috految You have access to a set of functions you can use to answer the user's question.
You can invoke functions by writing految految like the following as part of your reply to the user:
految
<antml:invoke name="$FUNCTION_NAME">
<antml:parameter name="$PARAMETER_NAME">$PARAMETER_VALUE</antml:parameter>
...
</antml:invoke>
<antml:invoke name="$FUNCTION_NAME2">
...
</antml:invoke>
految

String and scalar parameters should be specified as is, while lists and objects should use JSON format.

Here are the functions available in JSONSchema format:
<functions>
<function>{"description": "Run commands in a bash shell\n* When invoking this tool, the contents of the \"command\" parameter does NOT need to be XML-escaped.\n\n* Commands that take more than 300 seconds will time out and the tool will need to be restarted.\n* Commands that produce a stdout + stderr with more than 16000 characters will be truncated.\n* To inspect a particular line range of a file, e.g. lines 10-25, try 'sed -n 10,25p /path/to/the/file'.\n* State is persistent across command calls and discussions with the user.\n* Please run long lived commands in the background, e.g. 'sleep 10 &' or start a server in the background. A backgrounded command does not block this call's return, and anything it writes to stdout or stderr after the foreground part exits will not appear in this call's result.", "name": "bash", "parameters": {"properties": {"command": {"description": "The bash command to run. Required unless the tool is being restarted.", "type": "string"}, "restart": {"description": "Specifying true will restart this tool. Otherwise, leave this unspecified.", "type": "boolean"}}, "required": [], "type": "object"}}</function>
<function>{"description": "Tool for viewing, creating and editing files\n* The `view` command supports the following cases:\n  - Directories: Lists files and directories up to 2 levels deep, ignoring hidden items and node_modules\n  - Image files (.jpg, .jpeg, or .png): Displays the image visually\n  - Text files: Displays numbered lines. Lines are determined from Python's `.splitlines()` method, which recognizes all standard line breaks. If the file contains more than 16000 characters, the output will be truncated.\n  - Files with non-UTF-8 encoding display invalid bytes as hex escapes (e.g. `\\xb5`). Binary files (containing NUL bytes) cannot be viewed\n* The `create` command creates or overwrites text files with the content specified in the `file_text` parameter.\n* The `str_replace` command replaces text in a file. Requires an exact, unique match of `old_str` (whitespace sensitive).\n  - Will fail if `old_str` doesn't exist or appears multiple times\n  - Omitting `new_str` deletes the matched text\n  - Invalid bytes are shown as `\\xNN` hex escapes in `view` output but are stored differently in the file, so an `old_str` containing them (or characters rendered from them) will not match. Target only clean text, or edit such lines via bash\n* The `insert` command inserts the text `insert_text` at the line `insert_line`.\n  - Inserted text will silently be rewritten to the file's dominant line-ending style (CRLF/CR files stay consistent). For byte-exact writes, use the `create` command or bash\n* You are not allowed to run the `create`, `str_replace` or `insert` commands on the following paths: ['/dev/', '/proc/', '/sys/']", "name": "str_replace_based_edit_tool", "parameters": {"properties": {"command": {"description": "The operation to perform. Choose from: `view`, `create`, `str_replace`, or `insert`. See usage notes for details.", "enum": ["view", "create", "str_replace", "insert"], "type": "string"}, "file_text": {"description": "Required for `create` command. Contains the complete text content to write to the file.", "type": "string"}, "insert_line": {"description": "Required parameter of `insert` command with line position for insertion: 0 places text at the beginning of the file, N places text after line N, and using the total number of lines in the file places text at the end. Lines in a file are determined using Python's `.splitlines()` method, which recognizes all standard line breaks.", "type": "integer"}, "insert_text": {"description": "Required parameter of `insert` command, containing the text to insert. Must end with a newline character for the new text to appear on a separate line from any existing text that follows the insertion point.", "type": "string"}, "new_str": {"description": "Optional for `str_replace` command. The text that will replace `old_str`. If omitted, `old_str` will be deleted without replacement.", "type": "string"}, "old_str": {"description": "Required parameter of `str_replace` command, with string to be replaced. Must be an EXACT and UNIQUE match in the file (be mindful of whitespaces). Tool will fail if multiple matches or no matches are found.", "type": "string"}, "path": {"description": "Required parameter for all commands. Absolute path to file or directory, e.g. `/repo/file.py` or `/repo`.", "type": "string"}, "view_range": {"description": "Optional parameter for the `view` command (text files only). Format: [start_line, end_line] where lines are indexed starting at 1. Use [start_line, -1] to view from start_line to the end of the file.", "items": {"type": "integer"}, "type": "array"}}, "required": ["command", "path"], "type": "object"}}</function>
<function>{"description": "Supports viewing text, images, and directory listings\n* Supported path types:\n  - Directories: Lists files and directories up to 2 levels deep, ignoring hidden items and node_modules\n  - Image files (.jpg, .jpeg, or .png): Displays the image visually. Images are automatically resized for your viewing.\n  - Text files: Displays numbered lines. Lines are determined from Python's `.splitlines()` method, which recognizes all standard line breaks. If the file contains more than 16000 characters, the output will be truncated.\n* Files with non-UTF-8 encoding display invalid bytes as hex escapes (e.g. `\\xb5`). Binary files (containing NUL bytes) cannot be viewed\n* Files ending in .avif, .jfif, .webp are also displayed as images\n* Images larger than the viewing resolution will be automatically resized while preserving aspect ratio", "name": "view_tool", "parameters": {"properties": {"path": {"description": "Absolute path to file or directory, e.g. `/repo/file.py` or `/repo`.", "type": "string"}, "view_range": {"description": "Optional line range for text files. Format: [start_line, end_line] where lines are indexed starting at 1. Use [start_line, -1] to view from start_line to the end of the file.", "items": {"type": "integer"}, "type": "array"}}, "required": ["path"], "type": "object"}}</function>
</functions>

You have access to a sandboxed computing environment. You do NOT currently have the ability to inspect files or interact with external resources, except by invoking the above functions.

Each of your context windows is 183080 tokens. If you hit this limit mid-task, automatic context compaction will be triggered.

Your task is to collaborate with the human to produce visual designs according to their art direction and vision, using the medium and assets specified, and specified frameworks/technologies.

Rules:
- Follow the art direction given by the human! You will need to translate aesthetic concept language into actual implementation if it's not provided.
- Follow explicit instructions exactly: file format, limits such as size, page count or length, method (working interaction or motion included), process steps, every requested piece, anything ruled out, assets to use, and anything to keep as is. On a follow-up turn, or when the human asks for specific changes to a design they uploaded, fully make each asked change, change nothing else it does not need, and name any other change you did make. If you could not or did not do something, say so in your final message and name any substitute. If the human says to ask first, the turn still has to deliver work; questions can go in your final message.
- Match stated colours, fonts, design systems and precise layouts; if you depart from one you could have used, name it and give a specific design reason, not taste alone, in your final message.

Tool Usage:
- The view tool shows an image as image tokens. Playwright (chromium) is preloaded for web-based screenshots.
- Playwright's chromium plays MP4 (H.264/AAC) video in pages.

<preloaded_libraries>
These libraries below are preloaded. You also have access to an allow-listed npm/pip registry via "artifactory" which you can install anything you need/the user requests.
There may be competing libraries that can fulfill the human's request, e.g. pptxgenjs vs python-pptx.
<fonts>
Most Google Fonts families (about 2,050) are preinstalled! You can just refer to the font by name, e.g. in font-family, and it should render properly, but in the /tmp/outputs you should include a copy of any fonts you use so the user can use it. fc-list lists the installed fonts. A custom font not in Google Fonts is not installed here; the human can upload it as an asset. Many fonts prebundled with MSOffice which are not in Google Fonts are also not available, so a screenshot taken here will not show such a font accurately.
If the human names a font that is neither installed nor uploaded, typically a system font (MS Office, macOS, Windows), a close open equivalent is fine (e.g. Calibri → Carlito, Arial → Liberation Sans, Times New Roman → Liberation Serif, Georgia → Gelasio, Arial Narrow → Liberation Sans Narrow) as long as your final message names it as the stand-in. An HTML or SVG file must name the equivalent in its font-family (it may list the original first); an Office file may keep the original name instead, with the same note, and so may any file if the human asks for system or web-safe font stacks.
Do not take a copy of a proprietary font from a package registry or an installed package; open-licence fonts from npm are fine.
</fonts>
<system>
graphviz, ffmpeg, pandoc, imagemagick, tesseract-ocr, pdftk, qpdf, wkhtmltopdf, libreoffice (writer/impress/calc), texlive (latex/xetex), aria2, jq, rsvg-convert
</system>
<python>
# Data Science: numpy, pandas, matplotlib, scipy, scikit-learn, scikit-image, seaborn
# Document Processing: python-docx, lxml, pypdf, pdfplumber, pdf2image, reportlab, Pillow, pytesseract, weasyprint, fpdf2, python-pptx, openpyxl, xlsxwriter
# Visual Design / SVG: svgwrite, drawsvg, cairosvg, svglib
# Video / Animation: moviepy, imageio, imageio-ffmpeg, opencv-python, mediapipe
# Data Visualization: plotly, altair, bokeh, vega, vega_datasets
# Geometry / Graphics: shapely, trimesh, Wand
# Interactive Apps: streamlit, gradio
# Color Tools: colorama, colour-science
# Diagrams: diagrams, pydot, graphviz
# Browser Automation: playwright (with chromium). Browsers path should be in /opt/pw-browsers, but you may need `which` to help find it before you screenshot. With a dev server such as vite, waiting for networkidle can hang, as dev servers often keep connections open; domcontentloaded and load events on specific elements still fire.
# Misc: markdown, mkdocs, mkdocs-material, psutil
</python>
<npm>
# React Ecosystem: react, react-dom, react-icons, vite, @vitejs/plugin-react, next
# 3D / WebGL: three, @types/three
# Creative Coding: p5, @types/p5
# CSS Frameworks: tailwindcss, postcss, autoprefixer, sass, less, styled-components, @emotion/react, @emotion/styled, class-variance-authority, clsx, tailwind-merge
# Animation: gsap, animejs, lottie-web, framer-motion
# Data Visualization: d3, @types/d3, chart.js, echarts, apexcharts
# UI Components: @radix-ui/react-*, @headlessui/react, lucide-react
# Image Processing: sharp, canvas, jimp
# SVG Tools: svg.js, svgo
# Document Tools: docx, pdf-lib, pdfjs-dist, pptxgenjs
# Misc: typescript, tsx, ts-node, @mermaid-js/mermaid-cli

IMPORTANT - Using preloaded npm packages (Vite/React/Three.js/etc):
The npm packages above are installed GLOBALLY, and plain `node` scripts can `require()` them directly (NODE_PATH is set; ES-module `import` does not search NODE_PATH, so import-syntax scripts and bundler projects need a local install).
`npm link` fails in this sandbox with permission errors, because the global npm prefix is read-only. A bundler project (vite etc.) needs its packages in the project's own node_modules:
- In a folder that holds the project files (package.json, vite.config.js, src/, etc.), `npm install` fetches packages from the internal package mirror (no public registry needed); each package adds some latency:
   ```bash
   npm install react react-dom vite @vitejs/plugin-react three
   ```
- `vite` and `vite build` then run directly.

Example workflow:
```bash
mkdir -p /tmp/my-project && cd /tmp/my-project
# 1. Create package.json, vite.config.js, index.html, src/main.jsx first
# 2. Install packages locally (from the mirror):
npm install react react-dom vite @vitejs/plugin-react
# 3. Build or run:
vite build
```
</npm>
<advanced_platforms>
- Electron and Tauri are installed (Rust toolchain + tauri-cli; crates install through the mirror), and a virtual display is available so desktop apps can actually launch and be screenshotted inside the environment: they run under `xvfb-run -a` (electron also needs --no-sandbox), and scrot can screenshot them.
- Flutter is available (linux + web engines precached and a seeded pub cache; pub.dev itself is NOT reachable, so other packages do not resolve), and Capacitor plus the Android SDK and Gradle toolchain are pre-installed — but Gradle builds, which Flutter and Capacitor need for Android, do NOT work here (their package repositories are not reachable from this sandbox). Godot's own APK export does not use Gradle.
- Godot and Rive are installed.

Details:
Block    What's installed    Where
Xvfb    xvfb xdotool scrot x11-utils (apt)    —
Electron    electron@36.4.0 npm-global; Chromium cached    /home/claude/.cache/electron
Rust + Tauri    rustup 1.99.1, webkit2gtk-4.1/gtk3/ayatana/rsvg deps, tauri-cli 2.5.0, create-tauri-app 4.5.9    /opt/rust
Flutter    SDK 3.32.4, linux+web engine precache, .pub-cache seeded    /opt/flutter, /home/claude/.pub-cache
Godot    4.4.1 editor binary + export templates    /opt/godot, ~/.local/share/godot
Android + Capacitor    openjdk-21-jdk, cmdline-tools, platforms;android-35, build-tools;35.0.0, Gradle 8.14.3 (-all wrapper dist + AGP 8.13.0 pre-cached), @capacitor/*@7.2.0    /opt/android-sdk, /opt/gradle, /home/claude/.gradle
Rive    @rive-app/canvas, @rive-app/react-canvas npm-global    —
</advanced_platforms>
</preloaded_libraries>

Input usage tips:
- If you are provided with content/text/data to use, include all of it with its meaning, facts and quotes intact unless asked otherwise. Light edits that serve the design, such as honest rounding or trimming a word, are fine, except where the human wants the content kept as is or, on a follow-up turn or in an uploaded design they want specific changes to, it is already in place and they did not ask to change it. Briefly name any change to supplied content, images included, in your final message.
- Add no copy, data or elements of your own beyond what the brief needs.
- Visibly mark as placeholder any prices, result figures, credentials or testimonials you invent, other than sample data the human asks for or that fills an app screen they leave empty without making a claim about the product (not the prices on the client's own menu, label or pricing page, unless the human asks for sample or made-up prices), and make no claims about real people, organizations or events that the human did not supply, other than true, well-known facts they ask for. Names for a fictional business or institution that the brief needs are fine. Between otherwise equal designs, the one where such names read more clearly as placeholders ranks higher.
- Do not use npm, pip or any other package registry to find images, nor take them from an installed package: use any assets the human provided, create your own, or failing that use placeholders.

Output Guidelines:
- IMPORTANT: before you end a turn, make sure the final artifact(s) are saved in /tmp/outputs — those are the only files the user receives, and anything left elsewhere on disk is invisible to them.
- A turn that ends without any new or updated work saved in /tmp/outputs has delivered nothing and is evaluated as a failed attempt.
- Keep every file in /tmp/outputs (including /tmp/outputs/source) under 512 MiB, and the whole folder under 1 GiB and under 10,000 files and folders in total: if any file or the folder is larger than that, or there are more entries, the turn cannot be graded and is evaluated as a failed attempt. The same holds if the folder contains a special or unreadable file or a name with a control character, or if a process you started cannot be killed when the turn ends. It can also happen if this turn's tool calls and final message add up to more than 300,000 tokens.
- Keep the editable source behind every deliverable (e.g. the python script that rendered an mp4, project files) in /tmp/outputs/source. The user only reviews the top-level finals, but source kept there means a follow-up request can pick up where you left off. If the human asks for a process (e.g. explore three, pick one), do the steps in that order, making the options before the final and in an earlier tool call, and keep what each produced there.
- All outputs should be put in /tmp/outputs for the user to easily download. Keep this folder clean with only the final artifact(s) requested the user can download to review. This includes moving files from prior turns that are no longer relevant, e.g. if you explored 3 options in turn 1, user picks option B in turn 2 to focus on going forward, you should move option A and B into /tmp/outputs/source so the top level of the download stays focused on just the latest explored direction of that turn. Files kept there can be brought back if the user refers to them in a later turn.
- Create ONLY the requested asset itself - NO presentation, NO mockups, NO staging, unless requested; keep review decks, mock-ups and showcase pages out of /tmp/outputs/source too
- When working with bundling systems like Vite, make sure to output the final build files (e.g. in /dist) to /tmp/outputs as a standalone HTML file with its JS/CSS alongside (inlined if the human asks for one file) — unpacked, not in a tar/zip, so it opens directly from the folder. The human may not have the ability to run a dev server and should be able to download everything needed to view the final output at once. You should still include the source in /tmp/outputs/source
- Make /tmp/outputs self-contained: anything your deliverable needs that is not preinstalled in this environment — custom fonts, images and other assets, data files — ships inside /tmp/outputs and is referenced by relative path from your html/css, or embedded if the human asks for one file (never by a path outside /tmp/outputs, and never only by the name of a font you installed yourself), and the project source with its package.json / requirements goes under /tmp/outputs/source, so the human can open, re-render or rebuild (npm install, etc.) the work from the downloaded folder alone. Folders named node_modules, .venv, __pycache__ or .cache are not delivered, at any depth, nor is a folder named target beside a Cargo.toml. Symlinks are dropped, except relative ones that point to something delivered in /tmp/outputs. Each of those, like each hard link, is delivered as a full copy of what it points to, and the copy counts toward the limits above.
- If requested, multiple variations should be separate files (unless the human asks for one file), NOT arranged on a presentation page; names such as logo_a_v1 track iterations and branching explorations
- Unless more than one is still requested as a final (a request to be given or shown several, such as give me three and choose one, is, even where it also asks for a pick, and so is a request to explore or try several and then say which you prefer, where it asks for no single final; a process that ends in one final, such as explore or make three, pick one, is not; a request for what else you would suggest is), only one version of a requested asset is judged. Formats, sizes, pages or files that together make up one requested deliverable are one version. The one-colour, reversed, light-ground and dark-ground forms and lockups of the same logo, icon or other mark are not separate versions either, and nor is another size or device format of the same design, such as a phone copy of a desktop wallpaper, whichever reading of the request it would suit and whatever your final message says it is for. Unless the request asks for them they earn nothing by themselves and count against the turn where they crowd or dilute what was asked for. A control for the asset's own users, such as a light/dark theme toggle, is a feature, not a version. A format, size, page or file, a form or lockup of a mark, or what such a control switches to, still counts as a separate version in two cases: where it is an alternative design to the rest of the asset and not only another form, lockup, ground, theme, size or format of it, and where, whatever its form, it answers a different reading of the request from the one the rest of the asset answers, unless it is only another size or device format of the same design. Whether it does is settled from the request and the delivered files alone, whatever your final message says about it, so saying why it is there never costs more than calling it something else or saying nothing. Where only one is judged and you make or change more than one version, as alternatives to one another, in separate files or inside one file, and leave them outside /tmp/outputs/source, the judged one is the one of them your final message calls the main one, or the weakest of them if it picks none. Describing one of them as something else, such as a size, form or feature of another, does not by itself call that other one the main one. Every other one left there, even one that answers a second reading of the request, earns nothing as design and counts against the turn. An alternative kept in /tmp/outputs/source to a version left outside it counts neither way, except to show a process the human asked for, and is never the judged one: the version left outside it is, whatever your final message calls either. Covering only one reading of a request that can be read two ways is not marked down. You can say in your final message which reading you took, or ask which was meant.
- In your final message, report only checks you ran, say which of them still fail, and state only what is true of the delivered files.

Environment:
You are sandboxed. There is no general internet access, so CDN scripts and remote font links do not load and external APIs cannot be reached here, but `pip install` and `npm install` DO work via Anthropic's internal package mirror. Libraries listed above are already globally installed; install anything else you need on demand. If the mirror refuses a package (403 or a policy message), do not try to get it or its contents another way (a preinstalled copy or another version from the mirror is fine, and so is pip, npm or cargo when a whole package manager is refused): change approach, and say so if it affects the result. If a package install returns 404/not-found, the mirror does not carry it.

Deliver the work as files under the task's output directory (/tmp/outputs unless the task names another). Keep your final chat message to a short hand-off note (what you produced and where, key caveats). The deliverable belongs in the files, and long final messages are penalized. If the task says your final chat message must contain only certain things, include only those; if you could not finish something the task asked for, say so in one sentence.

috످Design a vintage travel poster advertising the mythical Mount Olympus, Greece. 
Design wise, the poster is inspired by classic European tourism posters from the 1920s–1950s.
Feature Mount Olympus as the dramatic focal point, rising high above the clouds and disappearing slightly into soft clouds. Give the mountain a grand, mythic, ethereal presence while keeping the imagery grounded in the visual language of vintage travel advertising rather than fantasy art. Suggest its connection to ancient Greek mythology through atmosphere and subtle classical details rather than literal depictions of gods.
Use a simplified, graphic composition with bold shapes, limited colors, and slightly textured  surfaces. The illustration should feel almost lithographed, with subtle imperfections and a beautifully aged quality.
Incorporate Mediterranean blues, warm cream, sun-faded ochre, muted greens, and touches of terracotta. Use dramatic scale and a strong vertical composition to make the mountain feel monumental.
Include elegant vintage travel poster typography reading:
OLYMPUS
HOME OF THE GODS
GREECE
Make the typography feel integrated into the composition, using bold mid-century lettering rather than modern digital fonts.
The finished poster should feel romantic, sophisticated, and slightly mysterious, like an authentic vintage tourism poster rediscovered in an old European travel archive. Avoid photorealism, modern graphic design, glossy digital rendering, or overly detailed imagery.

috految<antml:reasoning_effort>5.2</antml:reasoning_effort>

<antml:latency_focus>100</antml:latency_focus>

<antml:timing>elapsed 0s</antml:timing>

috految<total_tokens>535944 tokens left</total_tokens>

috److془I need to design carefully a superb poster. Let me plan.

Canvas 1000x1600 (25x40 double royal). Render at 5000x8000 (200dpi). Plates simulation with crayon grain.

Composition: Cardinaux's Matterhorn; Broders. Mountain from y=110 to 950, dawn-lit ochre cream, blue shadows. Deep blue sky. Clouds sweeping. Under clouds: dusk, foothills, gulf, headland with temple, cypresses. Idea: altar smoke rises from temple, winds up and becomes the cloud band round the mountain. Risk: temple on fire. Alternative: the mountain's cliffs fluted, tiny stair leading into cloud. Temple of lit colonnade on the headland. Lovely: the light at the summit, the stair climbs out from the clouds to a small golden temple... "subtle". Go: mortal ruin below, the same temple whole, tiny, above the clouds. Great.

Type: OLYMPUS custom drawn, in the sky, with the summit piercing into central M! Seven letters, M is centre. Summit is under M, letters' baseline arched over the peak. Or letters at top crowding mountain? Arched with flat top, O and S 215 tall, M 160. Hmm, better mythic: mountain alone up top; however integration wins. Straight line, splayed M, peak rises between its legs. Letters y 72-252; summit at (497,205). M vertex at 185. Cloud veils at y 300-400 . Cream title vs ochre peak fine. HOME OF THE GODS on sea, GREECE below. Mountain through to 1000, clouds 850-1130, foothills 1100-1270, sea 1270-1566. Foreground headland at left with ruined Ionic columns, 1080-1340, cypress to 900. Text at right on sea 375-935. Good. Or HOME OF THE GODS as wide as GREECE. Good.

Mountain: hand-drawn planes with fractal edges, crayon shading. Light from left. Layered buttresses each with silhouette, spine, shadow shapes, billow clouds with crayon edge. Render: each paint thresholded with grain in ink; 1 pass with cv2 bounding boxes. Fast: paint index plane, misregister plate by plate. Go with grain soft-ish by blur. Speckle of near tones fine. Use ink ramps of tints. Tone at low res, resize. Quick.془

految
<antml:invoke name="bash">
<antml:parameter name="command">mkdir -p /tmp/outputs/source; cd /tmp/outputs/source; echo -e "numpy\nopencv-python\nPillow">requirements.txt
cat >poster.py <<'E'
# python poster.py 5 = print size. Sheet is 1000 x 1600 units.
import sys,re,cv2,random,numpy as np
from math import *
from PIL import Image
S=float(sys.argv[1]);W,H=int(1000*S),int(1600*S);A=np.array;U=random.uniform;random.seed(4);R=np.random.default_rng(2);f=np.float32
pal='f2e3c0 ebcd94 dcaa62 c9875b b35a3b 173a57 22527a 3c7090 6a95a5 a7bab3 d9d5b9 1a3b3e 3f6155 758861 aaa670'
CR,ST,OC,RO,TE,NV,BL,MB,LB,PB,MI,DG,GR,OL,SG=range(15)
I=np.full((H,W),BL,'u1')
def N(a,b,w=1000,h=1600):return cv2.resize(R.standard_normal((int(h/b)+2,int(w/a)+2),dtype=f),(w,h),interpolation=2)
g=N(max(1,S*.55),max(1,S*.6),1500,1500)+.4*N(S*1.2,S*1.4,1500,1500)
g=(254/(1+np.exp(-1.7*g/g.std()))).astype('u1');G=np.tile(g,(H//1500+2,W//1500+2))
Y,X=np.mgrid[:1600,:1000].astype(f);cl=lambda a:np.clip(a,0,1)
wash=N(60,40)*.5+N(16,12)*.3;drag=N(70,2.2)*.6+N(130,10)*.5
hatch=cv2.remap(N(2,30)+.6*N(8,60),X+Y*.42,Y,1,borderMode=3)
def P(d):
 if not isinstance(d,str):return A(d,float)
 o=[]
 for c,s in re.findall('([MLC])([^MLC]*)','M'+d):
  v=A(s.split(),float).reshape(-1,2)
  if c!='C':o+=list(v)
  else:
   for b,c,e in v.reshape(-1,3,2):a=o[-1];o+=[(1-t)**3*a+3*t*(1-t)**2*b+3*t*t*(1-t)*c+t**3*e for t in np.linspace(0,1,30)[1:]]
 return A(o)
def J(d,k=.1):
 p=P(d)
 for _ in range(3):
  o=[]
  for a,b in zip(p,np.roll(p,-1,0)):v=b-a;l=hypot(*v);o+=[a,a+v*U(.3,.7)+A([-v[1],v[0]])*U(-k,k)*min(1,32/(l+.1))]
  p=A(o)
 return p
def F(p,c,t=None,clip=None,soft=0,tex=hatch):
 p=P(p);x,y=np.maximum(p.min(0)-soft*3-2,0).astype(int);u,v=np.minimum(p.max(0)+soft*3+2,[1000,1600]).astype(int)
 if u<=x or v<=y:return
 D=I[int(y*S):int(v*S),int(x*S):int(u*S)];h,w=D.shape
 def M(p):return cv2.fillPoly(np.zeros((h,w),'u1'),[((p-[x,y])*S).round().astype('i4')],255)
 m=M(p)
 if soft:k=int(soft*S*2)|1;m=cv2.blur(cv2.blur(m,(k,k)),(k,k))
 if clip is not None:m&=M(clip)
 if t is not None:
  q=np.s_[y:v,x:u];a=cl(t(X[q],Y[q]) if callable(t) else X[q]*0+t);a=cl(a+a*(1-a)*(tex[q]*.42+wash[q]*.3));m=cv2.multiply(m,cv2.resize((a*255).astype('u1'),(w,h)),scale=1/255)
 i,j=R.integers(0,1400,2);np.putmask(D,m>G[i:i+h,j:j+w],c)
V=lambda a,b,k=1:lambda x,y:cl((y-a)/(b-a))*k
B=lambda x,y,w,h:[(x,y),(x+w,y),(x+w,y+h),(x,y+h)]
def L(p,c,w):cv2.polylines(I,[(P(p)*S).astype('i4')],False,c,max(1,int(w*S)))
def leaf(x,y,a,b,w,c):
 n=A([-b,a])/hypot(a,b)*w;t=np.linspace(0,1,10)[:,None];p=A([x,y])+t*[a,b];e=np.sin(t*pi)*n;F(np.r_[p+e,(p-e*.5)[::-1]],c)
# sky
for c,a,b in[(NV,330,-110),(MB,260,520),(LB,470,680),(PB,610,770),(ST,710,850)]:F(B(0,0,1000,1050),c,V(a,b),tex=drag)
def cloud(d,depth,c=CR,sh=PB,r=1):
 p=P(d);o=[]
 for a,b in zip(p,p[1:]):
  v=b-a;l=hypot(*v);n=A([v[1],-v[0]]);k=min(.3,19/l)
  q=[a+v*(.5*t+.25*(1-cos(pi*t)))+n*k*r*sin(pi*t)**.9 for t in np.linspace(0,.999,41)];i=0
  while i<40:
   j=min(40,i+random.choice([5,8,13,19]));e=q[j]-q[i];z=U(.05,.19)*r
   o+=[q[m]+A([e[1],-e[0]])*z*sin((m-i)/(j-i)*pi) for m in range(i,j)];i=j
 o=A(o);y0=o[:,1].max()+depth;po=np.r_[o,[(p[-1,0],y0),(p[0,0],y0)]]
 z=cv2.blur(np.interp(np.arange(1000),p[:,0],p[:,1]).astype(f)[None],(90,1))[0];dz=lambda x,y:(y-z[x.astype(int)])/depth
 en=lambda x:cl(np.minimum(x-p[0,0],p[-1,0]-x)/70)
 F(po,sh,lambda x,y:cl((1-dz(x,y))*2.4)*en(x),tex=drag,soft=1)
 F(po,MI if c==CR else c,lambda x,y:cl((.8-dz(x,y))*2.3)*en(x),tex=drag,soft=1)
 F(po,c,lambda x,y:cl((.42-dz(x,y))*2.8)*en(x),tex=drag,soft=.7)
cloud('480 390 590 340 650 322 715 318 765 340 836 348 890 372 1040 396',80,PB,LB,.7)
cloud('-90 735 15 690 62 702 118 732 190 748 290 790',140,ST,PB)
cloud('690 760 790 700 846 660 910 640 958 598 1090 590',170,ST,PB)
# massif: silhouette, shaded face, gullies, snow
def rock(s,sh,a,b,gul='',snow='',ref='',base=OC):
 s=J(s,.13);F(s,base);F(s,ST,V(a+150,a-90));F(s,RO,V(a+130,b,.85))
 for d in snow.split(';'):
  if d:F(J(d,.17),CR,clip=s)
 for d in gul.split(';'):
  if d:
   p=J(d,.16);t,e=p[:,1].min(),p[:,1].max();F(p-[11,-5],RO,V(t-30,e,.75),s,soft=3);F(p,LB,clip=s);F(p,MB,V(t-60,e-50),s)
 q=J(sh,.15);F(q-[9,0],RO,V(a,b,.75),s,soft=5);F(q,BL,clip=s);F(q,NV,lambda x,y:cl((q[0,0]+190-x)/170)*cl((b-y)/330)*.9,s);F(q,LB,V(470,190),s);F(q,MB,V(b-210,b),s)
 for d in ref.split(';'):
  if d:p=J(d,.17);t,e=p[:,1].min(),p[:,1].max();F(p,MB,clip=s);F(p,LB,V(e,t+20),s);F(p,PB,V(t+130,t-30),s)
 F(s,LB,V(b-90,b+100))
rock('540 490 618 434 643 423 655 402 680 398 691 414 711 416 729 452 741 512 765 538 784 590 811 604 848 682 879 705 920 766 1000 830 1000 1100 520 1100','680 390 685 450 676 474 701 530 693 570 738 634 723 676 790 770 760 900 800 1100 1020 1100 1020 390',400,950,'655 403 662 455 652 480 668 550 643 510 648 460;681 560 708 620 700 650 718 730 680 660','650 405 680 393 685 445 674 436 668 480 658 432','704 420 725 454 731 520 757 565 722 537 712 482;742 556 776 600 790 648 835 723 779 679 765 622;811 607 844 690 878 718 920 810 858 740 834 716')
rock('0 850 75 779 110 756 143 684 170 661 203 582 224 570 247 523 277 497 299 520 330 530 420 780 400 1100 0 1100','277 490 272 548 254 583 266 620 226 690 233 735 170 845 170 1100 450 1100 450 490',490,970,'224 572 224 625 195 670 193 715 137 802 174 713 180 662 208 617;143 688 143 750 108 799 62 885 95 787 130 744','277 492 270 550 245 590 247 560 214 622 225 570 243 520','281 530 294 553 281 610 290 650 244 734 268 648 270 586')
rock('120 950 206 803 244 764 278 673 305 643 310 584 333 535 349 455 366 432 377 381 392 357 409 365 430 308 446 298 463 250 478 240 491 211 503 204 513 224 527 231 540 274 557 289 569 331 590 320 606 343 615 396 637 441 634 487 659 548 663 598 707 671 722 746 790 840 870 1100 120 1100','503 197 501 249 513 276 496 322 518 360 511 404 537 441 516 489 494 517 520 563 511 608 551 661 535 724 574 782 520 890 560 1110 900 1110 900 190',300,1050,
'478 242 481 282 466 313 473 349 445 398 457 343 454 315 471 275;409 364 421 399 408 438 419 470 398 513 402 565 362 629 349 701 292 796 323 699 340 616 375 559 375 510 396 465 390 430 401 397;474 415 476 454 461 481 466 521 438 570 429 626 426 566 449 516 447 482 465 449;350 461 358 510 347 540 346 575 318 623 334 568 335 534;494 517 498 577 484 609 493 645 465 710 474 645 468 608 484 571;305 646 306 691 280 735 274 786 218 867 257 779 266 732 295 681;493 355 496 394 482 432 485 390;430 311 438 347 426 387 427 345;515 640 520 705 502 775 503 705',
'503 197 515 290 496 322 518 361 510 406 536 441 510 496 500 445 484 490 486 408 460 447 438 512 436 451 447 408 421 449 406 366 440 290;392 350 405 369 394 415 379 455 379 505 360 550 366 479 347 509 357 437;425 520 420 578 391 620 378 671 348 718 370 655 379 611 410 568;490 530 480 590 452 630 428 690 444 622 469 581',
'515 232 529 240 539 284 555 300 563 352 540 323 535 297 521 280;590 322 605 350 609 402 631 448 623 485 601 437 588 423 594 383 577 356;531 355 556 391 553 429 584 470 579 505 616 580 566 527 560 477 547 456;530 490 544 541 571 575 578 621 629 710 568 646 554 593 532 570 517 521;614 490 649 552 650 603 692 673 709 760 672 690 633 621 634 567;576 677 603 730 601 765 646 849 581 785 586 742')
rock('170 1040 266 860 298 841 327 778 360 753 384 701 411 672 432 703 453 711 478 772 507 796 535 863 600 940 630 1100 170 1100','411 667 408 723 424 756 398 801 411 846 377 911 400 1110 660 1110 660 670',690,1050,'360 758 365 800 338 842 340 881 289 950 320 874 320 834 349 795;394 770 385 828 365 886 376 821;298 845 290 898 240 972 274 888','411 662 409 725 391 721 364 775 381 703','434 715 451 722 468 779 496 806 513 863 470 816 455 774 440 761;426 820 450 854 448 889 489 960 433 903')
rock('530 1020 592 879 617 854 633 795 650 773 659 742 672 730 740 730 752 749 762 791 786 813 800 862 850 918 920 1100 530 1100','717 724 715 768 728 795 710 836 724 875 694 935 700 1110 950 1110 950 724',740,1050,'680 734 682 780 667 809 665 855 632 916 653 851 653 805 672 776;702 790 696 845 677 894 686 838','','738 750 752 798 777 821 788 868 821 930 768 875 758 825 741 804')
# the temple, whole
F('670 730 670 699 720 699 741 705 741 730',NV);F('694 686 719 690 743 704 720 700',TE);F('720 700 742 704 742 708 720 705',LB)
for i in range(6):F(B(671.5+i*8.5,704,3.8,23),CR);F(B(670.5+i*8.5,703.5,5.8,1.6),CR);F(B(722+i*3.5,707,1.6,21),PB)
F('666 699 694 686 722 699 720 703 668 703',CR);F('675 697.5 694 689.5 713 697.5',RO);F(B(668,727,54,2.3),CR);F(B(665,730,58,2.3),ST)
# summit veil
F('330 412 C420 345 490 315 570 308 620 280 700 330 790 345 660 350 650 392 530 396 460 400 420 425 330 412',MI,.62,soft=12,tex=drag)
cloud('425 380 492 353 530 335 588 328 630 342 690 346 752 362 845 378',62,CR,PB,.8)
cloud('30 470 130 447 190 420 244 402 304 399 341 411 401 400 465 392 540 390',58,CR,PB,.7)
cloud('-60 510 60 490 130 472 196 470 266 460 350 455',30,PB,LB,.35)
# cloud sea
F(B(0,880,1000,420),LB,V(890,1010));F(B(0,1020,1000,280),MB,V(1020,1190),tex=drag)
cloud('-90 830 10 808 73 822 118 858 179 873 219 912 299 948 400 985',150)
cloud('610 975 707 923 778 890 829 832 899 812 941 763 1090 740',175)
cloud('180 1000 268 962 332 958 393 930 466 946 507 969 576 955 640 980 780 1000',125,CR,LB)
cloud('-90 905 30 907 104 940 150 960 231 985 280 1022 370 1040 480 1075',140,CR,LB)
cloud('470 1070 552 1038 634 1020 680 981 760 966 821 977 872 933 942 921 1090 895',165,CR,PB)
def hill(d,c,e,a,b):p=J(d,.08);F(p,c);F(p,e,V(a,b));return p
p=hill('0 1190 180 1128 280 1140 362 1112 440 1073 496 1092 550 1131 630 1144 704 1109 760 1084 820 1104 920 1130 1000 1110 1000 1290 0 1290',MB,PB,1140,1320)
for d in['440 1073 448 1115 428 1148 465 1210 490 1270 690 1240 550 1131 496 1092','760 1084 770 1130 745 1160 800 1230 970 1200 820 1104']:F(J(d),BL,V(1250,1100),p)
cloud('150 1090 270 1068 360 1058 432 1048 501 1066 570 1074 650 1084 750 1090',60,CR,PB,.65)
cloud('650 1120 755 1090 828 1064 905 1058 960 1034 1090 1040',85,CR,PB,.8)
F(B(0,1262,1000,338),BL);F(B(0,1262,1000,130),MB,V(1375,1255),tex=drag);F(B(0,1340,1000,260),NV,V(1340,1620),tex=drag)
for i in range(100):y=1264+U(0,1)**1.4*90;w=U(15,75)*(1.2-(y-1264)/120);leaf(random.gauss(545,26+(1360-y)*.4)-w/2,y,w,0,U(.4,1.3),random.choice([ST,OC,LB]))
hill('0 1185 140 1198 240 1182 335 1207 400 1230 460 1244 530 1264 0 1270',GR,OL,1190,1310)
p=hill('590 1266 657 1243 702 1211 750 1214 838 1170 880 1177 950 1145 1000 1140 1000 1290 790 1275',OL,SG,1200,1275)
for d in['702 1210 712 1235 684 1265 780 1267 750 1214','838 1169 848 1200 820 1226 832 1254 790 1277 945 1259 899 1211 880 1176','950 1144 957 1190 936 1220 970 1290 1000 1290 1000 1140']:F(J(d),GR,V(1330,1200),p)
p=hill('742 1299 781 1286 820 1262 872 1260 920 1236 1000 1226 1000 1325 880 1308',GR,DG,1245,1330);F(J('738 1300 781 1285 790 1296 822 1289 835 1302 875 1297 915 1311 1000 1320 1000 1327 870 1313'),RO)
def cy(x,y,h,w):
 r=lambda t:w*max(0,sin(pi*t**.6))**.8;ts=np.linspace(.001,1,50);c=lambda t:x+h*.025*t**3
 F([(c(t)+s*r(t)*U(.9,1.06),y-h*t) for s in(1,-1) for t in ts[::s]],DG)
 for i in range(int(h*.9)):
  t=U(.03,.94);s=U(-1,1);leaf(c(t)+s*r(t)*.96,y-h*t,s*w*.12,-U(.03,.07)*h,w*.085,DG if s>U(-.5,.3) else OL if s<-.65 and i%2 else GR)
for x,y,h in[(829,1275,34),(841,1273,47),(851,1275,28),(909,1258,42),(923,1254,58),(935,1258,36)]:cy(x,y,h,h*.1)
cy(51,1420,505,33);cy(103,1390,372,26)
# the temple, ruined
p=J('0 1330 130 1332 327 1348 351 1371 325 1408 331 1447 304 1490 313 1535 340 1600 0 1600');F(p,TE);F(p,RO,V(1460,1330))
for d in['327 1348 299 1380 306 1409 270 1470 281 1510 264 1600 370 1600 370 1350','247 1373 242 1420 217 1452 213 1535 239 1459 259 1430 264 1392','176 1380 160 1440 170 1490 187 1420 202 1388']:F(J(d,.2),NV,V(1120,1500),p)
F(J('0 1320 150 1325 327 1345 344 1362 290 1375 240 1371 190 1393 120 1386 0 1430'),OL)
for i in range(3):y=1335+i*7;F(B(118-i*7,y,170+i*16,7),ST);F(B(118-i*7,y+4.7,170+i*16,2.3),GR)
for x,t in[(142,1168),(188,1168),(234,1168),(277,1264)]:
 p=P([(x-11,1328),(x-10.5,1280),(x-8.6,t+(9 if t>1200 else 0)),(x-2,t),(x+3,t+5),(x+8.6,t+2),(x+10.5,1280),(x+11,1328)]);F(p,CR);F(p,OC,lambda a,b:(a-x+7)/13);F(B(x+6,t,9,170),RO,clip=p)
 for s in(-.7,-.25,.2,.62):L([(x+s*8.4,t+13),(x+s*10.7,1325)],RO,.8)
 for y in range(t+38,1320,37):L([(x-9,y),(x,y+1),(x+9,y)],RO,.5)
 for w,y in[(12,1325),(14,1331)]:L([(x-w,y),(x+w,y)],CR,4)
 if t<1200:
  F(B(x-13,t-4,26,11),ST);L([(x-12,t+1),(x+12,t+1)],TE,.8)
  for s in(-1,1):F([(x+s*11.5+6.3*cos(a),t+5+6.3*sin(a)) for a in np.linspace(0,2*pi,30)],CR);L([(x+s*(11.5+(5.2-a*.4)*sin(a)),t+5-(5.2-a*.4)*cos(a)) for a in np.linspace(0,12,50)],TE,.85)
p=P('124 1164 124 1139 116 1134 175 1108 182 1116 177 1122 190 1126 194 1138 222 1138 229 1147 246 1148 253 1164');F(p,ST);F(p,OC,V(1170,1090));F('133 1133 177 1114 177 1122 188 1127 192 1133',TE);F(B(124,1140,105,11),TE,clip=p);L('124 1157 249 1157',RO,.8);L('117 1135 192 1136',CR,2)
for x in range(126,218,11):L(P('0 7 0 0 8 0 8 4.5 4 4.5 4 7 11 7')+[x,1142],ST,1)
F(J('0 1375 80 1400 130 1453 180 1480 215 1530 285 1575 290 1600 0 1600'),DG)
for a in[(48,1540,215,24),(100,1560,190,21),(178,1575,150,18),(140,1590,135,19),(228,1595,106,15)]:cy(*a)
# drawn alphabet: flared stems, chiselled joins
st='0 0 25 0 C22 15 22 85 25 100 L0 100 C3 85 3 15 0 0'
Z={'O':(84,'42 -1.5 C68 -1.5 84 21 84 50 84 79 68 101.5 42 101.5 16 101.5 0 79 0 50 0 21 16 -1.5 42 -1.5 L42 6.5 C26 6.5 22 26 22 50 22 74 26 93.5 42 93.5 58 93.5 62 74 62 50 62 26 58 6.5 42 6.5'),
'L':(55,st+';20 91 C35 91 46 90 57 84 L54 100 20 100'),
'Y':(78,'-2 0 26 0 C28 10 38 31 46 45 54 30 63 11 63 0 L80 0 C69 14 58 38 50 56 50 75 50 90 53 100 L27 100 C30 88 30 74 30 59 20 37 9 13 -2 0'),
'M':(116,'0 100 C7 76 14 24 14 0 L35 0 58 48 80 0 101 0 C103 30 109 78 117 100 L90 100 C91 78 86 45 83 16 L55 71 24 19 C19 50 14 83 16 100'),
'P':(63,st+';20 0 30 0 C76 0 76 65 22 65 L22 58 C51 58 51 7 26 8 L20 8'),
'U':(72,'0 0 25 0 C22 15 22 45 22 64 22 101 60 101 60 63 60 40 60 14 57 0 L72 0 C69 15 69 40 69 62 69 92 54 101.5 36 101.5 14 101.5 3 90 3 64 3 40 3 14 0 0'),
'S':(58,'53 3 51 21 C43 4 20 3 20 19 20 38 59 42 59 71 59 103 19 107 1 95 L1 74 C12 98 40 99 40 79 40 59 1 56 1 27 1 -2 35 -6 53 3'),
'H':(76,st+';52 0 77 0 C74 15 74 85 77 100 L52 100 C55 85 55 15 52 0;20 56 57 56 57 65 20 65'),
'F':(56,st+';20 0 57 0 57 16 C46 10 35 9 20 9;20 54 51 52 51 65 20 63'),
'T':(70,'0 0 70 0 70 16 C60 10 53 10 45 10 45 60 44 85 48 100 L22 100 C26 85 25 60 25 10 17 10 10 10 0 16'),
'D':(78,st+';20 0 30 0 C94 0 94 100 30 100 L20 100 20 91 28 91 C66 91 66 9 28 9 L20 9'),
'C':(76,'75 5 73 23 C57 -1 22 1 22 50 22 96 55 101 75 78 L76 94 C40 112 0 94 0 50 0 7 39 -11 75 5'),
'G':(82,'76 5 74 23 C57 -1 22 1 22 50 22 86 41 97 60 89 L60 64 47 61 47 54 83 54 C80 65 80 80 81 92 42 112 0 95 0 50 0 7 39 -11 76 5'),' ':(27,'')}
Z['E']=(58,Z['F'][1]+';20 91 C35 91 47 90 60 83 L57 100 20 100');Z['R']=(73,Z['P'][1]+';30 58 48 54 C57 72 66 90 77 100 L50 100')
def glyph(c,x,y,a,b,ink):
 for d in Z[c][1].split(';'):
  if d:F(P(d)*[a,b]+[x,y],ink)
for c,x,a in zip('OLYMPUS',[62,222,281,402,613,724,851],[1.75,1.65,1.6,1.73,1.58,1.6,1.53]):glyph(c,x,72,a,1.72,CR)
def line(s,x,w,y,h,k,c):
 a=w/(sum(Z[i][0]+k for i in s)-k)
 for i in s:glyph(i,x,y,a,h/100,c);x+=(Z[i][0]+k)*a
line('HOME OF THE GODS',378,558,1371,44,11,CR);line('GREECE',378,558,1436,98,12,OC)
# press and age
for b in[(0,0,1000,32),(0,1568,1000,32),(0,0,32,1600),(968,0,32,1600)]:F(J(B(*b),.012),CR)
e=int(20*S);I[:e]=I[-e:]=CR;I[:,:e]=I[:,-e:]=CR
r=np.roll(I,(int(S*.6),-int(S*.8)),(0,1));I[(r==OC)&(I!=OC)&(I!=ST)]=RO
ed=np.minimum(np.minimum(X,999-X),np.minimum(Y,1599-Y));n=N(4,5);fold=np.exp(-abs(Y-800+wash*.9)/.8)+np.exp(-abs(X-500+wash*.9)/.6)*.6
up=lambda a:cv2.resize(a.astype('u1'),(W,H))
I[up(cl(fold*cl(.2+n*.2+wash*.3)+cl(wash+n*.4-.8)*.05+np.exp(-abs(ed-32)/3)*cl(n*.2+wash*.3))*255)>G[:H,:W]]=CR
age=cl(np.exp(-ed/18)*(.5+wash*.2)+.14+wash*.07+N(1.5,2)*.09+cl(n+wash-2.1)*np.exp(-ed/90)*1.4)
C=A([list(bytes.fromhex(h)) for h in pal.split()])*.95+[12,11,9]
o=cv2.merge([cv2.multiply(cv2.GaussianBlur(cv2.LUT(I,np.resize(C[:,k],256).astype('u1')),(0,0),S*.17),up(255-age*[28,42,68][k]),scale=1/255) for k in range(3)])
im=Image.fromarray(o)
if S<3:im.resize((750,1200)).save('/tmp/p.jpg',quality=90)
else:im.save('../olympus_poster.jpg',quality=94,dpi=(200,200));im.save('../olympus_poster_25x40in.pdf',resolution=200,quality=94)
E
python poster.py 5 >/tmp/log 2>&1 & python poster.py 1</antml:parameter>
</antml:invoke>
<antml:invoke name="view_tool">
<antml:parameter name="path">/tmp/p.jpg</antml:parameter>
</antml:invoke>
految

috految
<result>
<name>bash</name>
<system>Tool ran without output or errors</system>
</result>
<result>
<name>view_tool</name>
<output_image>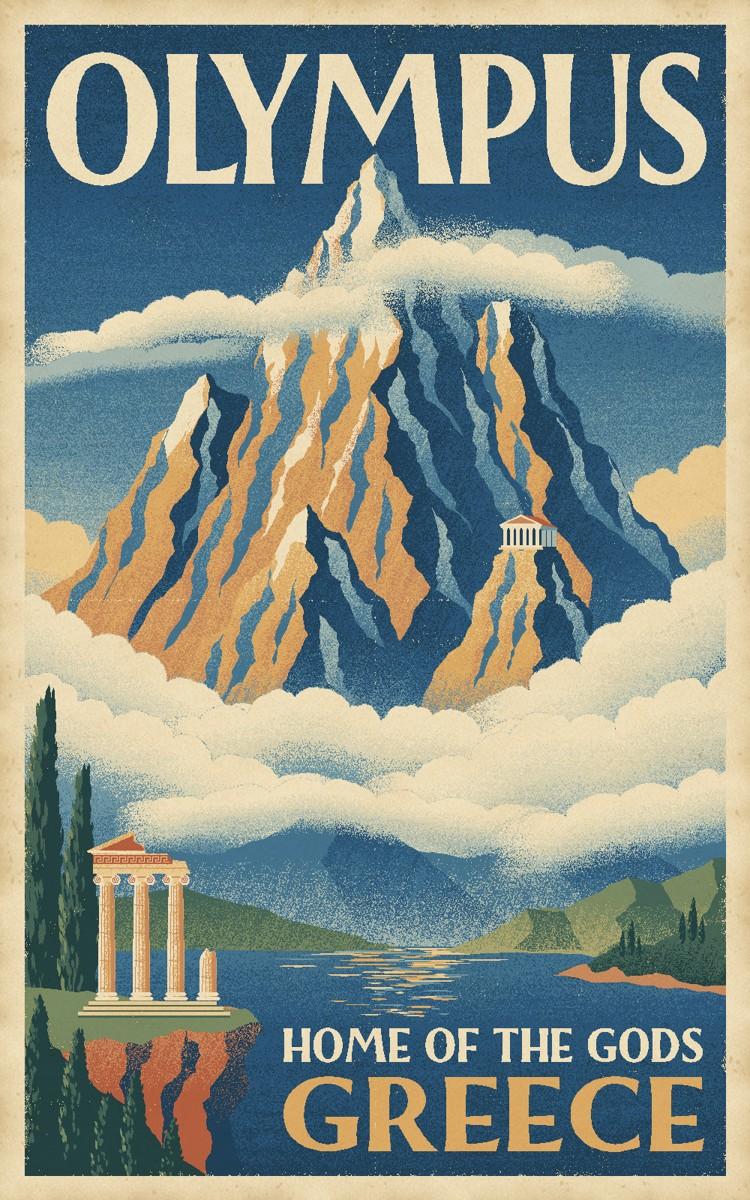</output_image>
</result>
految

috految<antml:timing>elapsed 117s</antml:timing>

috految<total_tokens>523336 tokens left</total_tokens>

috److految
<antml:invoke name="bash">
<antml:parameter name="command">wait; cat /tmp/log; ls -l ..</antml:parameter>
</antml:invoke>
految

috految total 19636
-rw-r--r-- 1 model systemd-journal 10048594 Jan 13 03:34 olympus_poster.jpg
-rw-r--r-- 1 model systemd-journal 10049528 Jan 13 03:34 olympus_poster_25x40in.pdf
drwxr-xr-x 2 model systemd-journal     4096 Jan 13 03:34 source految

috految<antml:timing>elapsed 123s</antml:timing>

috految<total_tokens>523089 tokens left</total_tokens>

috److I've designed the poster around one idea: **below the clouds, the temple is a ruin. Above them, it still stands.**

On the shore, three Ionic columns and a broken fourth remain among the cypresses, carrying a fragment of Greek key frieze. Far above, on a crag no path reaches, a tiny temple catches the dawn with its terracotta roof intact. No gods appear, but the viewer senses that someone still lives up there.

**The mountain**
- Olympus rises from a sea of cloud, slips behind a second drifting veil, and re-emerges as a snow summit that seems to float in the deep blue.
- Its base is hidden and ordinary hills stop beneath the clouds, so its height feels immeasurable.
- One ridgeline divides it into two bold masses, sunlit ochre and blue shadow, in the tradition of Emil Cardinaux's Alpine lithographs and Roger Broders' railway posters.
- The cypresses and columns set a vertical rhythm on the left, and the broken gold reflection leads up the center to the peak.

**The lettering**
- I drew every letter for this poster, with no fonts. The bold mid-century capitals have flared, chisel-cut stems, low-slung crossbars and a full, Deco-weight O.
- **OLYMPUS** has an M at its center, so I splayed that letter's legs and raised the summit between them. The point of the M hangs just above the peak, locking word and mountain together.
- **HOME OF THE GODS** and **GREECE** share one width and sit directly on the water, held by the cliff. The ochre of GREECE repeats the sunlit rock.
- Your three lines are the only text.

**Color**

| Color family | Where it appears |
|---|---|
| Mediterranean blues | Sky, shadow and sea |
| Warm cream | Cloud, snow and title, all matching the bare paper |
| Sun-faded ochre | First light on the mountain and water |
| Muted greens | Cypresses and hills, only in the mortal world below |
| Terracotta | Sea cliff, frieze and temple roof |

**Surface and age**
- Shading is built from grains of flat ink, like litho crayon dragged over stone. The cloud edges crumble softly into the blue.
- The ochre sits slightly off register, and ink has chipped along the edges.
- The margin is toned and foxed. A faint quarter-fold has broken the color, as if the sheet spent decades in an archive drawer.

**Before printing**
- I chose 25 × 40 in, the Double Royal size of classic railway posters. It also prints at 15 × 24 in (333 dpi) without cropping.
- The artwork is raster RGB with no bleed, and the aged margin is part of the image. Uncoated cotton or matte rag paper will suit it best. Send me your printer's spec if you need CMYK or bleed.
- The view is romanticized, as period posters were. The peaks are heightened and both temples are imagined.

**Files in `/tmp/outputs`**
- `olympus_poster.jpg`: 5000 × 8000 px
- `olympus_poster_25x40in.pdf`: full size at 200 dpi
- `source/`: the editable drawing and lettering script

috످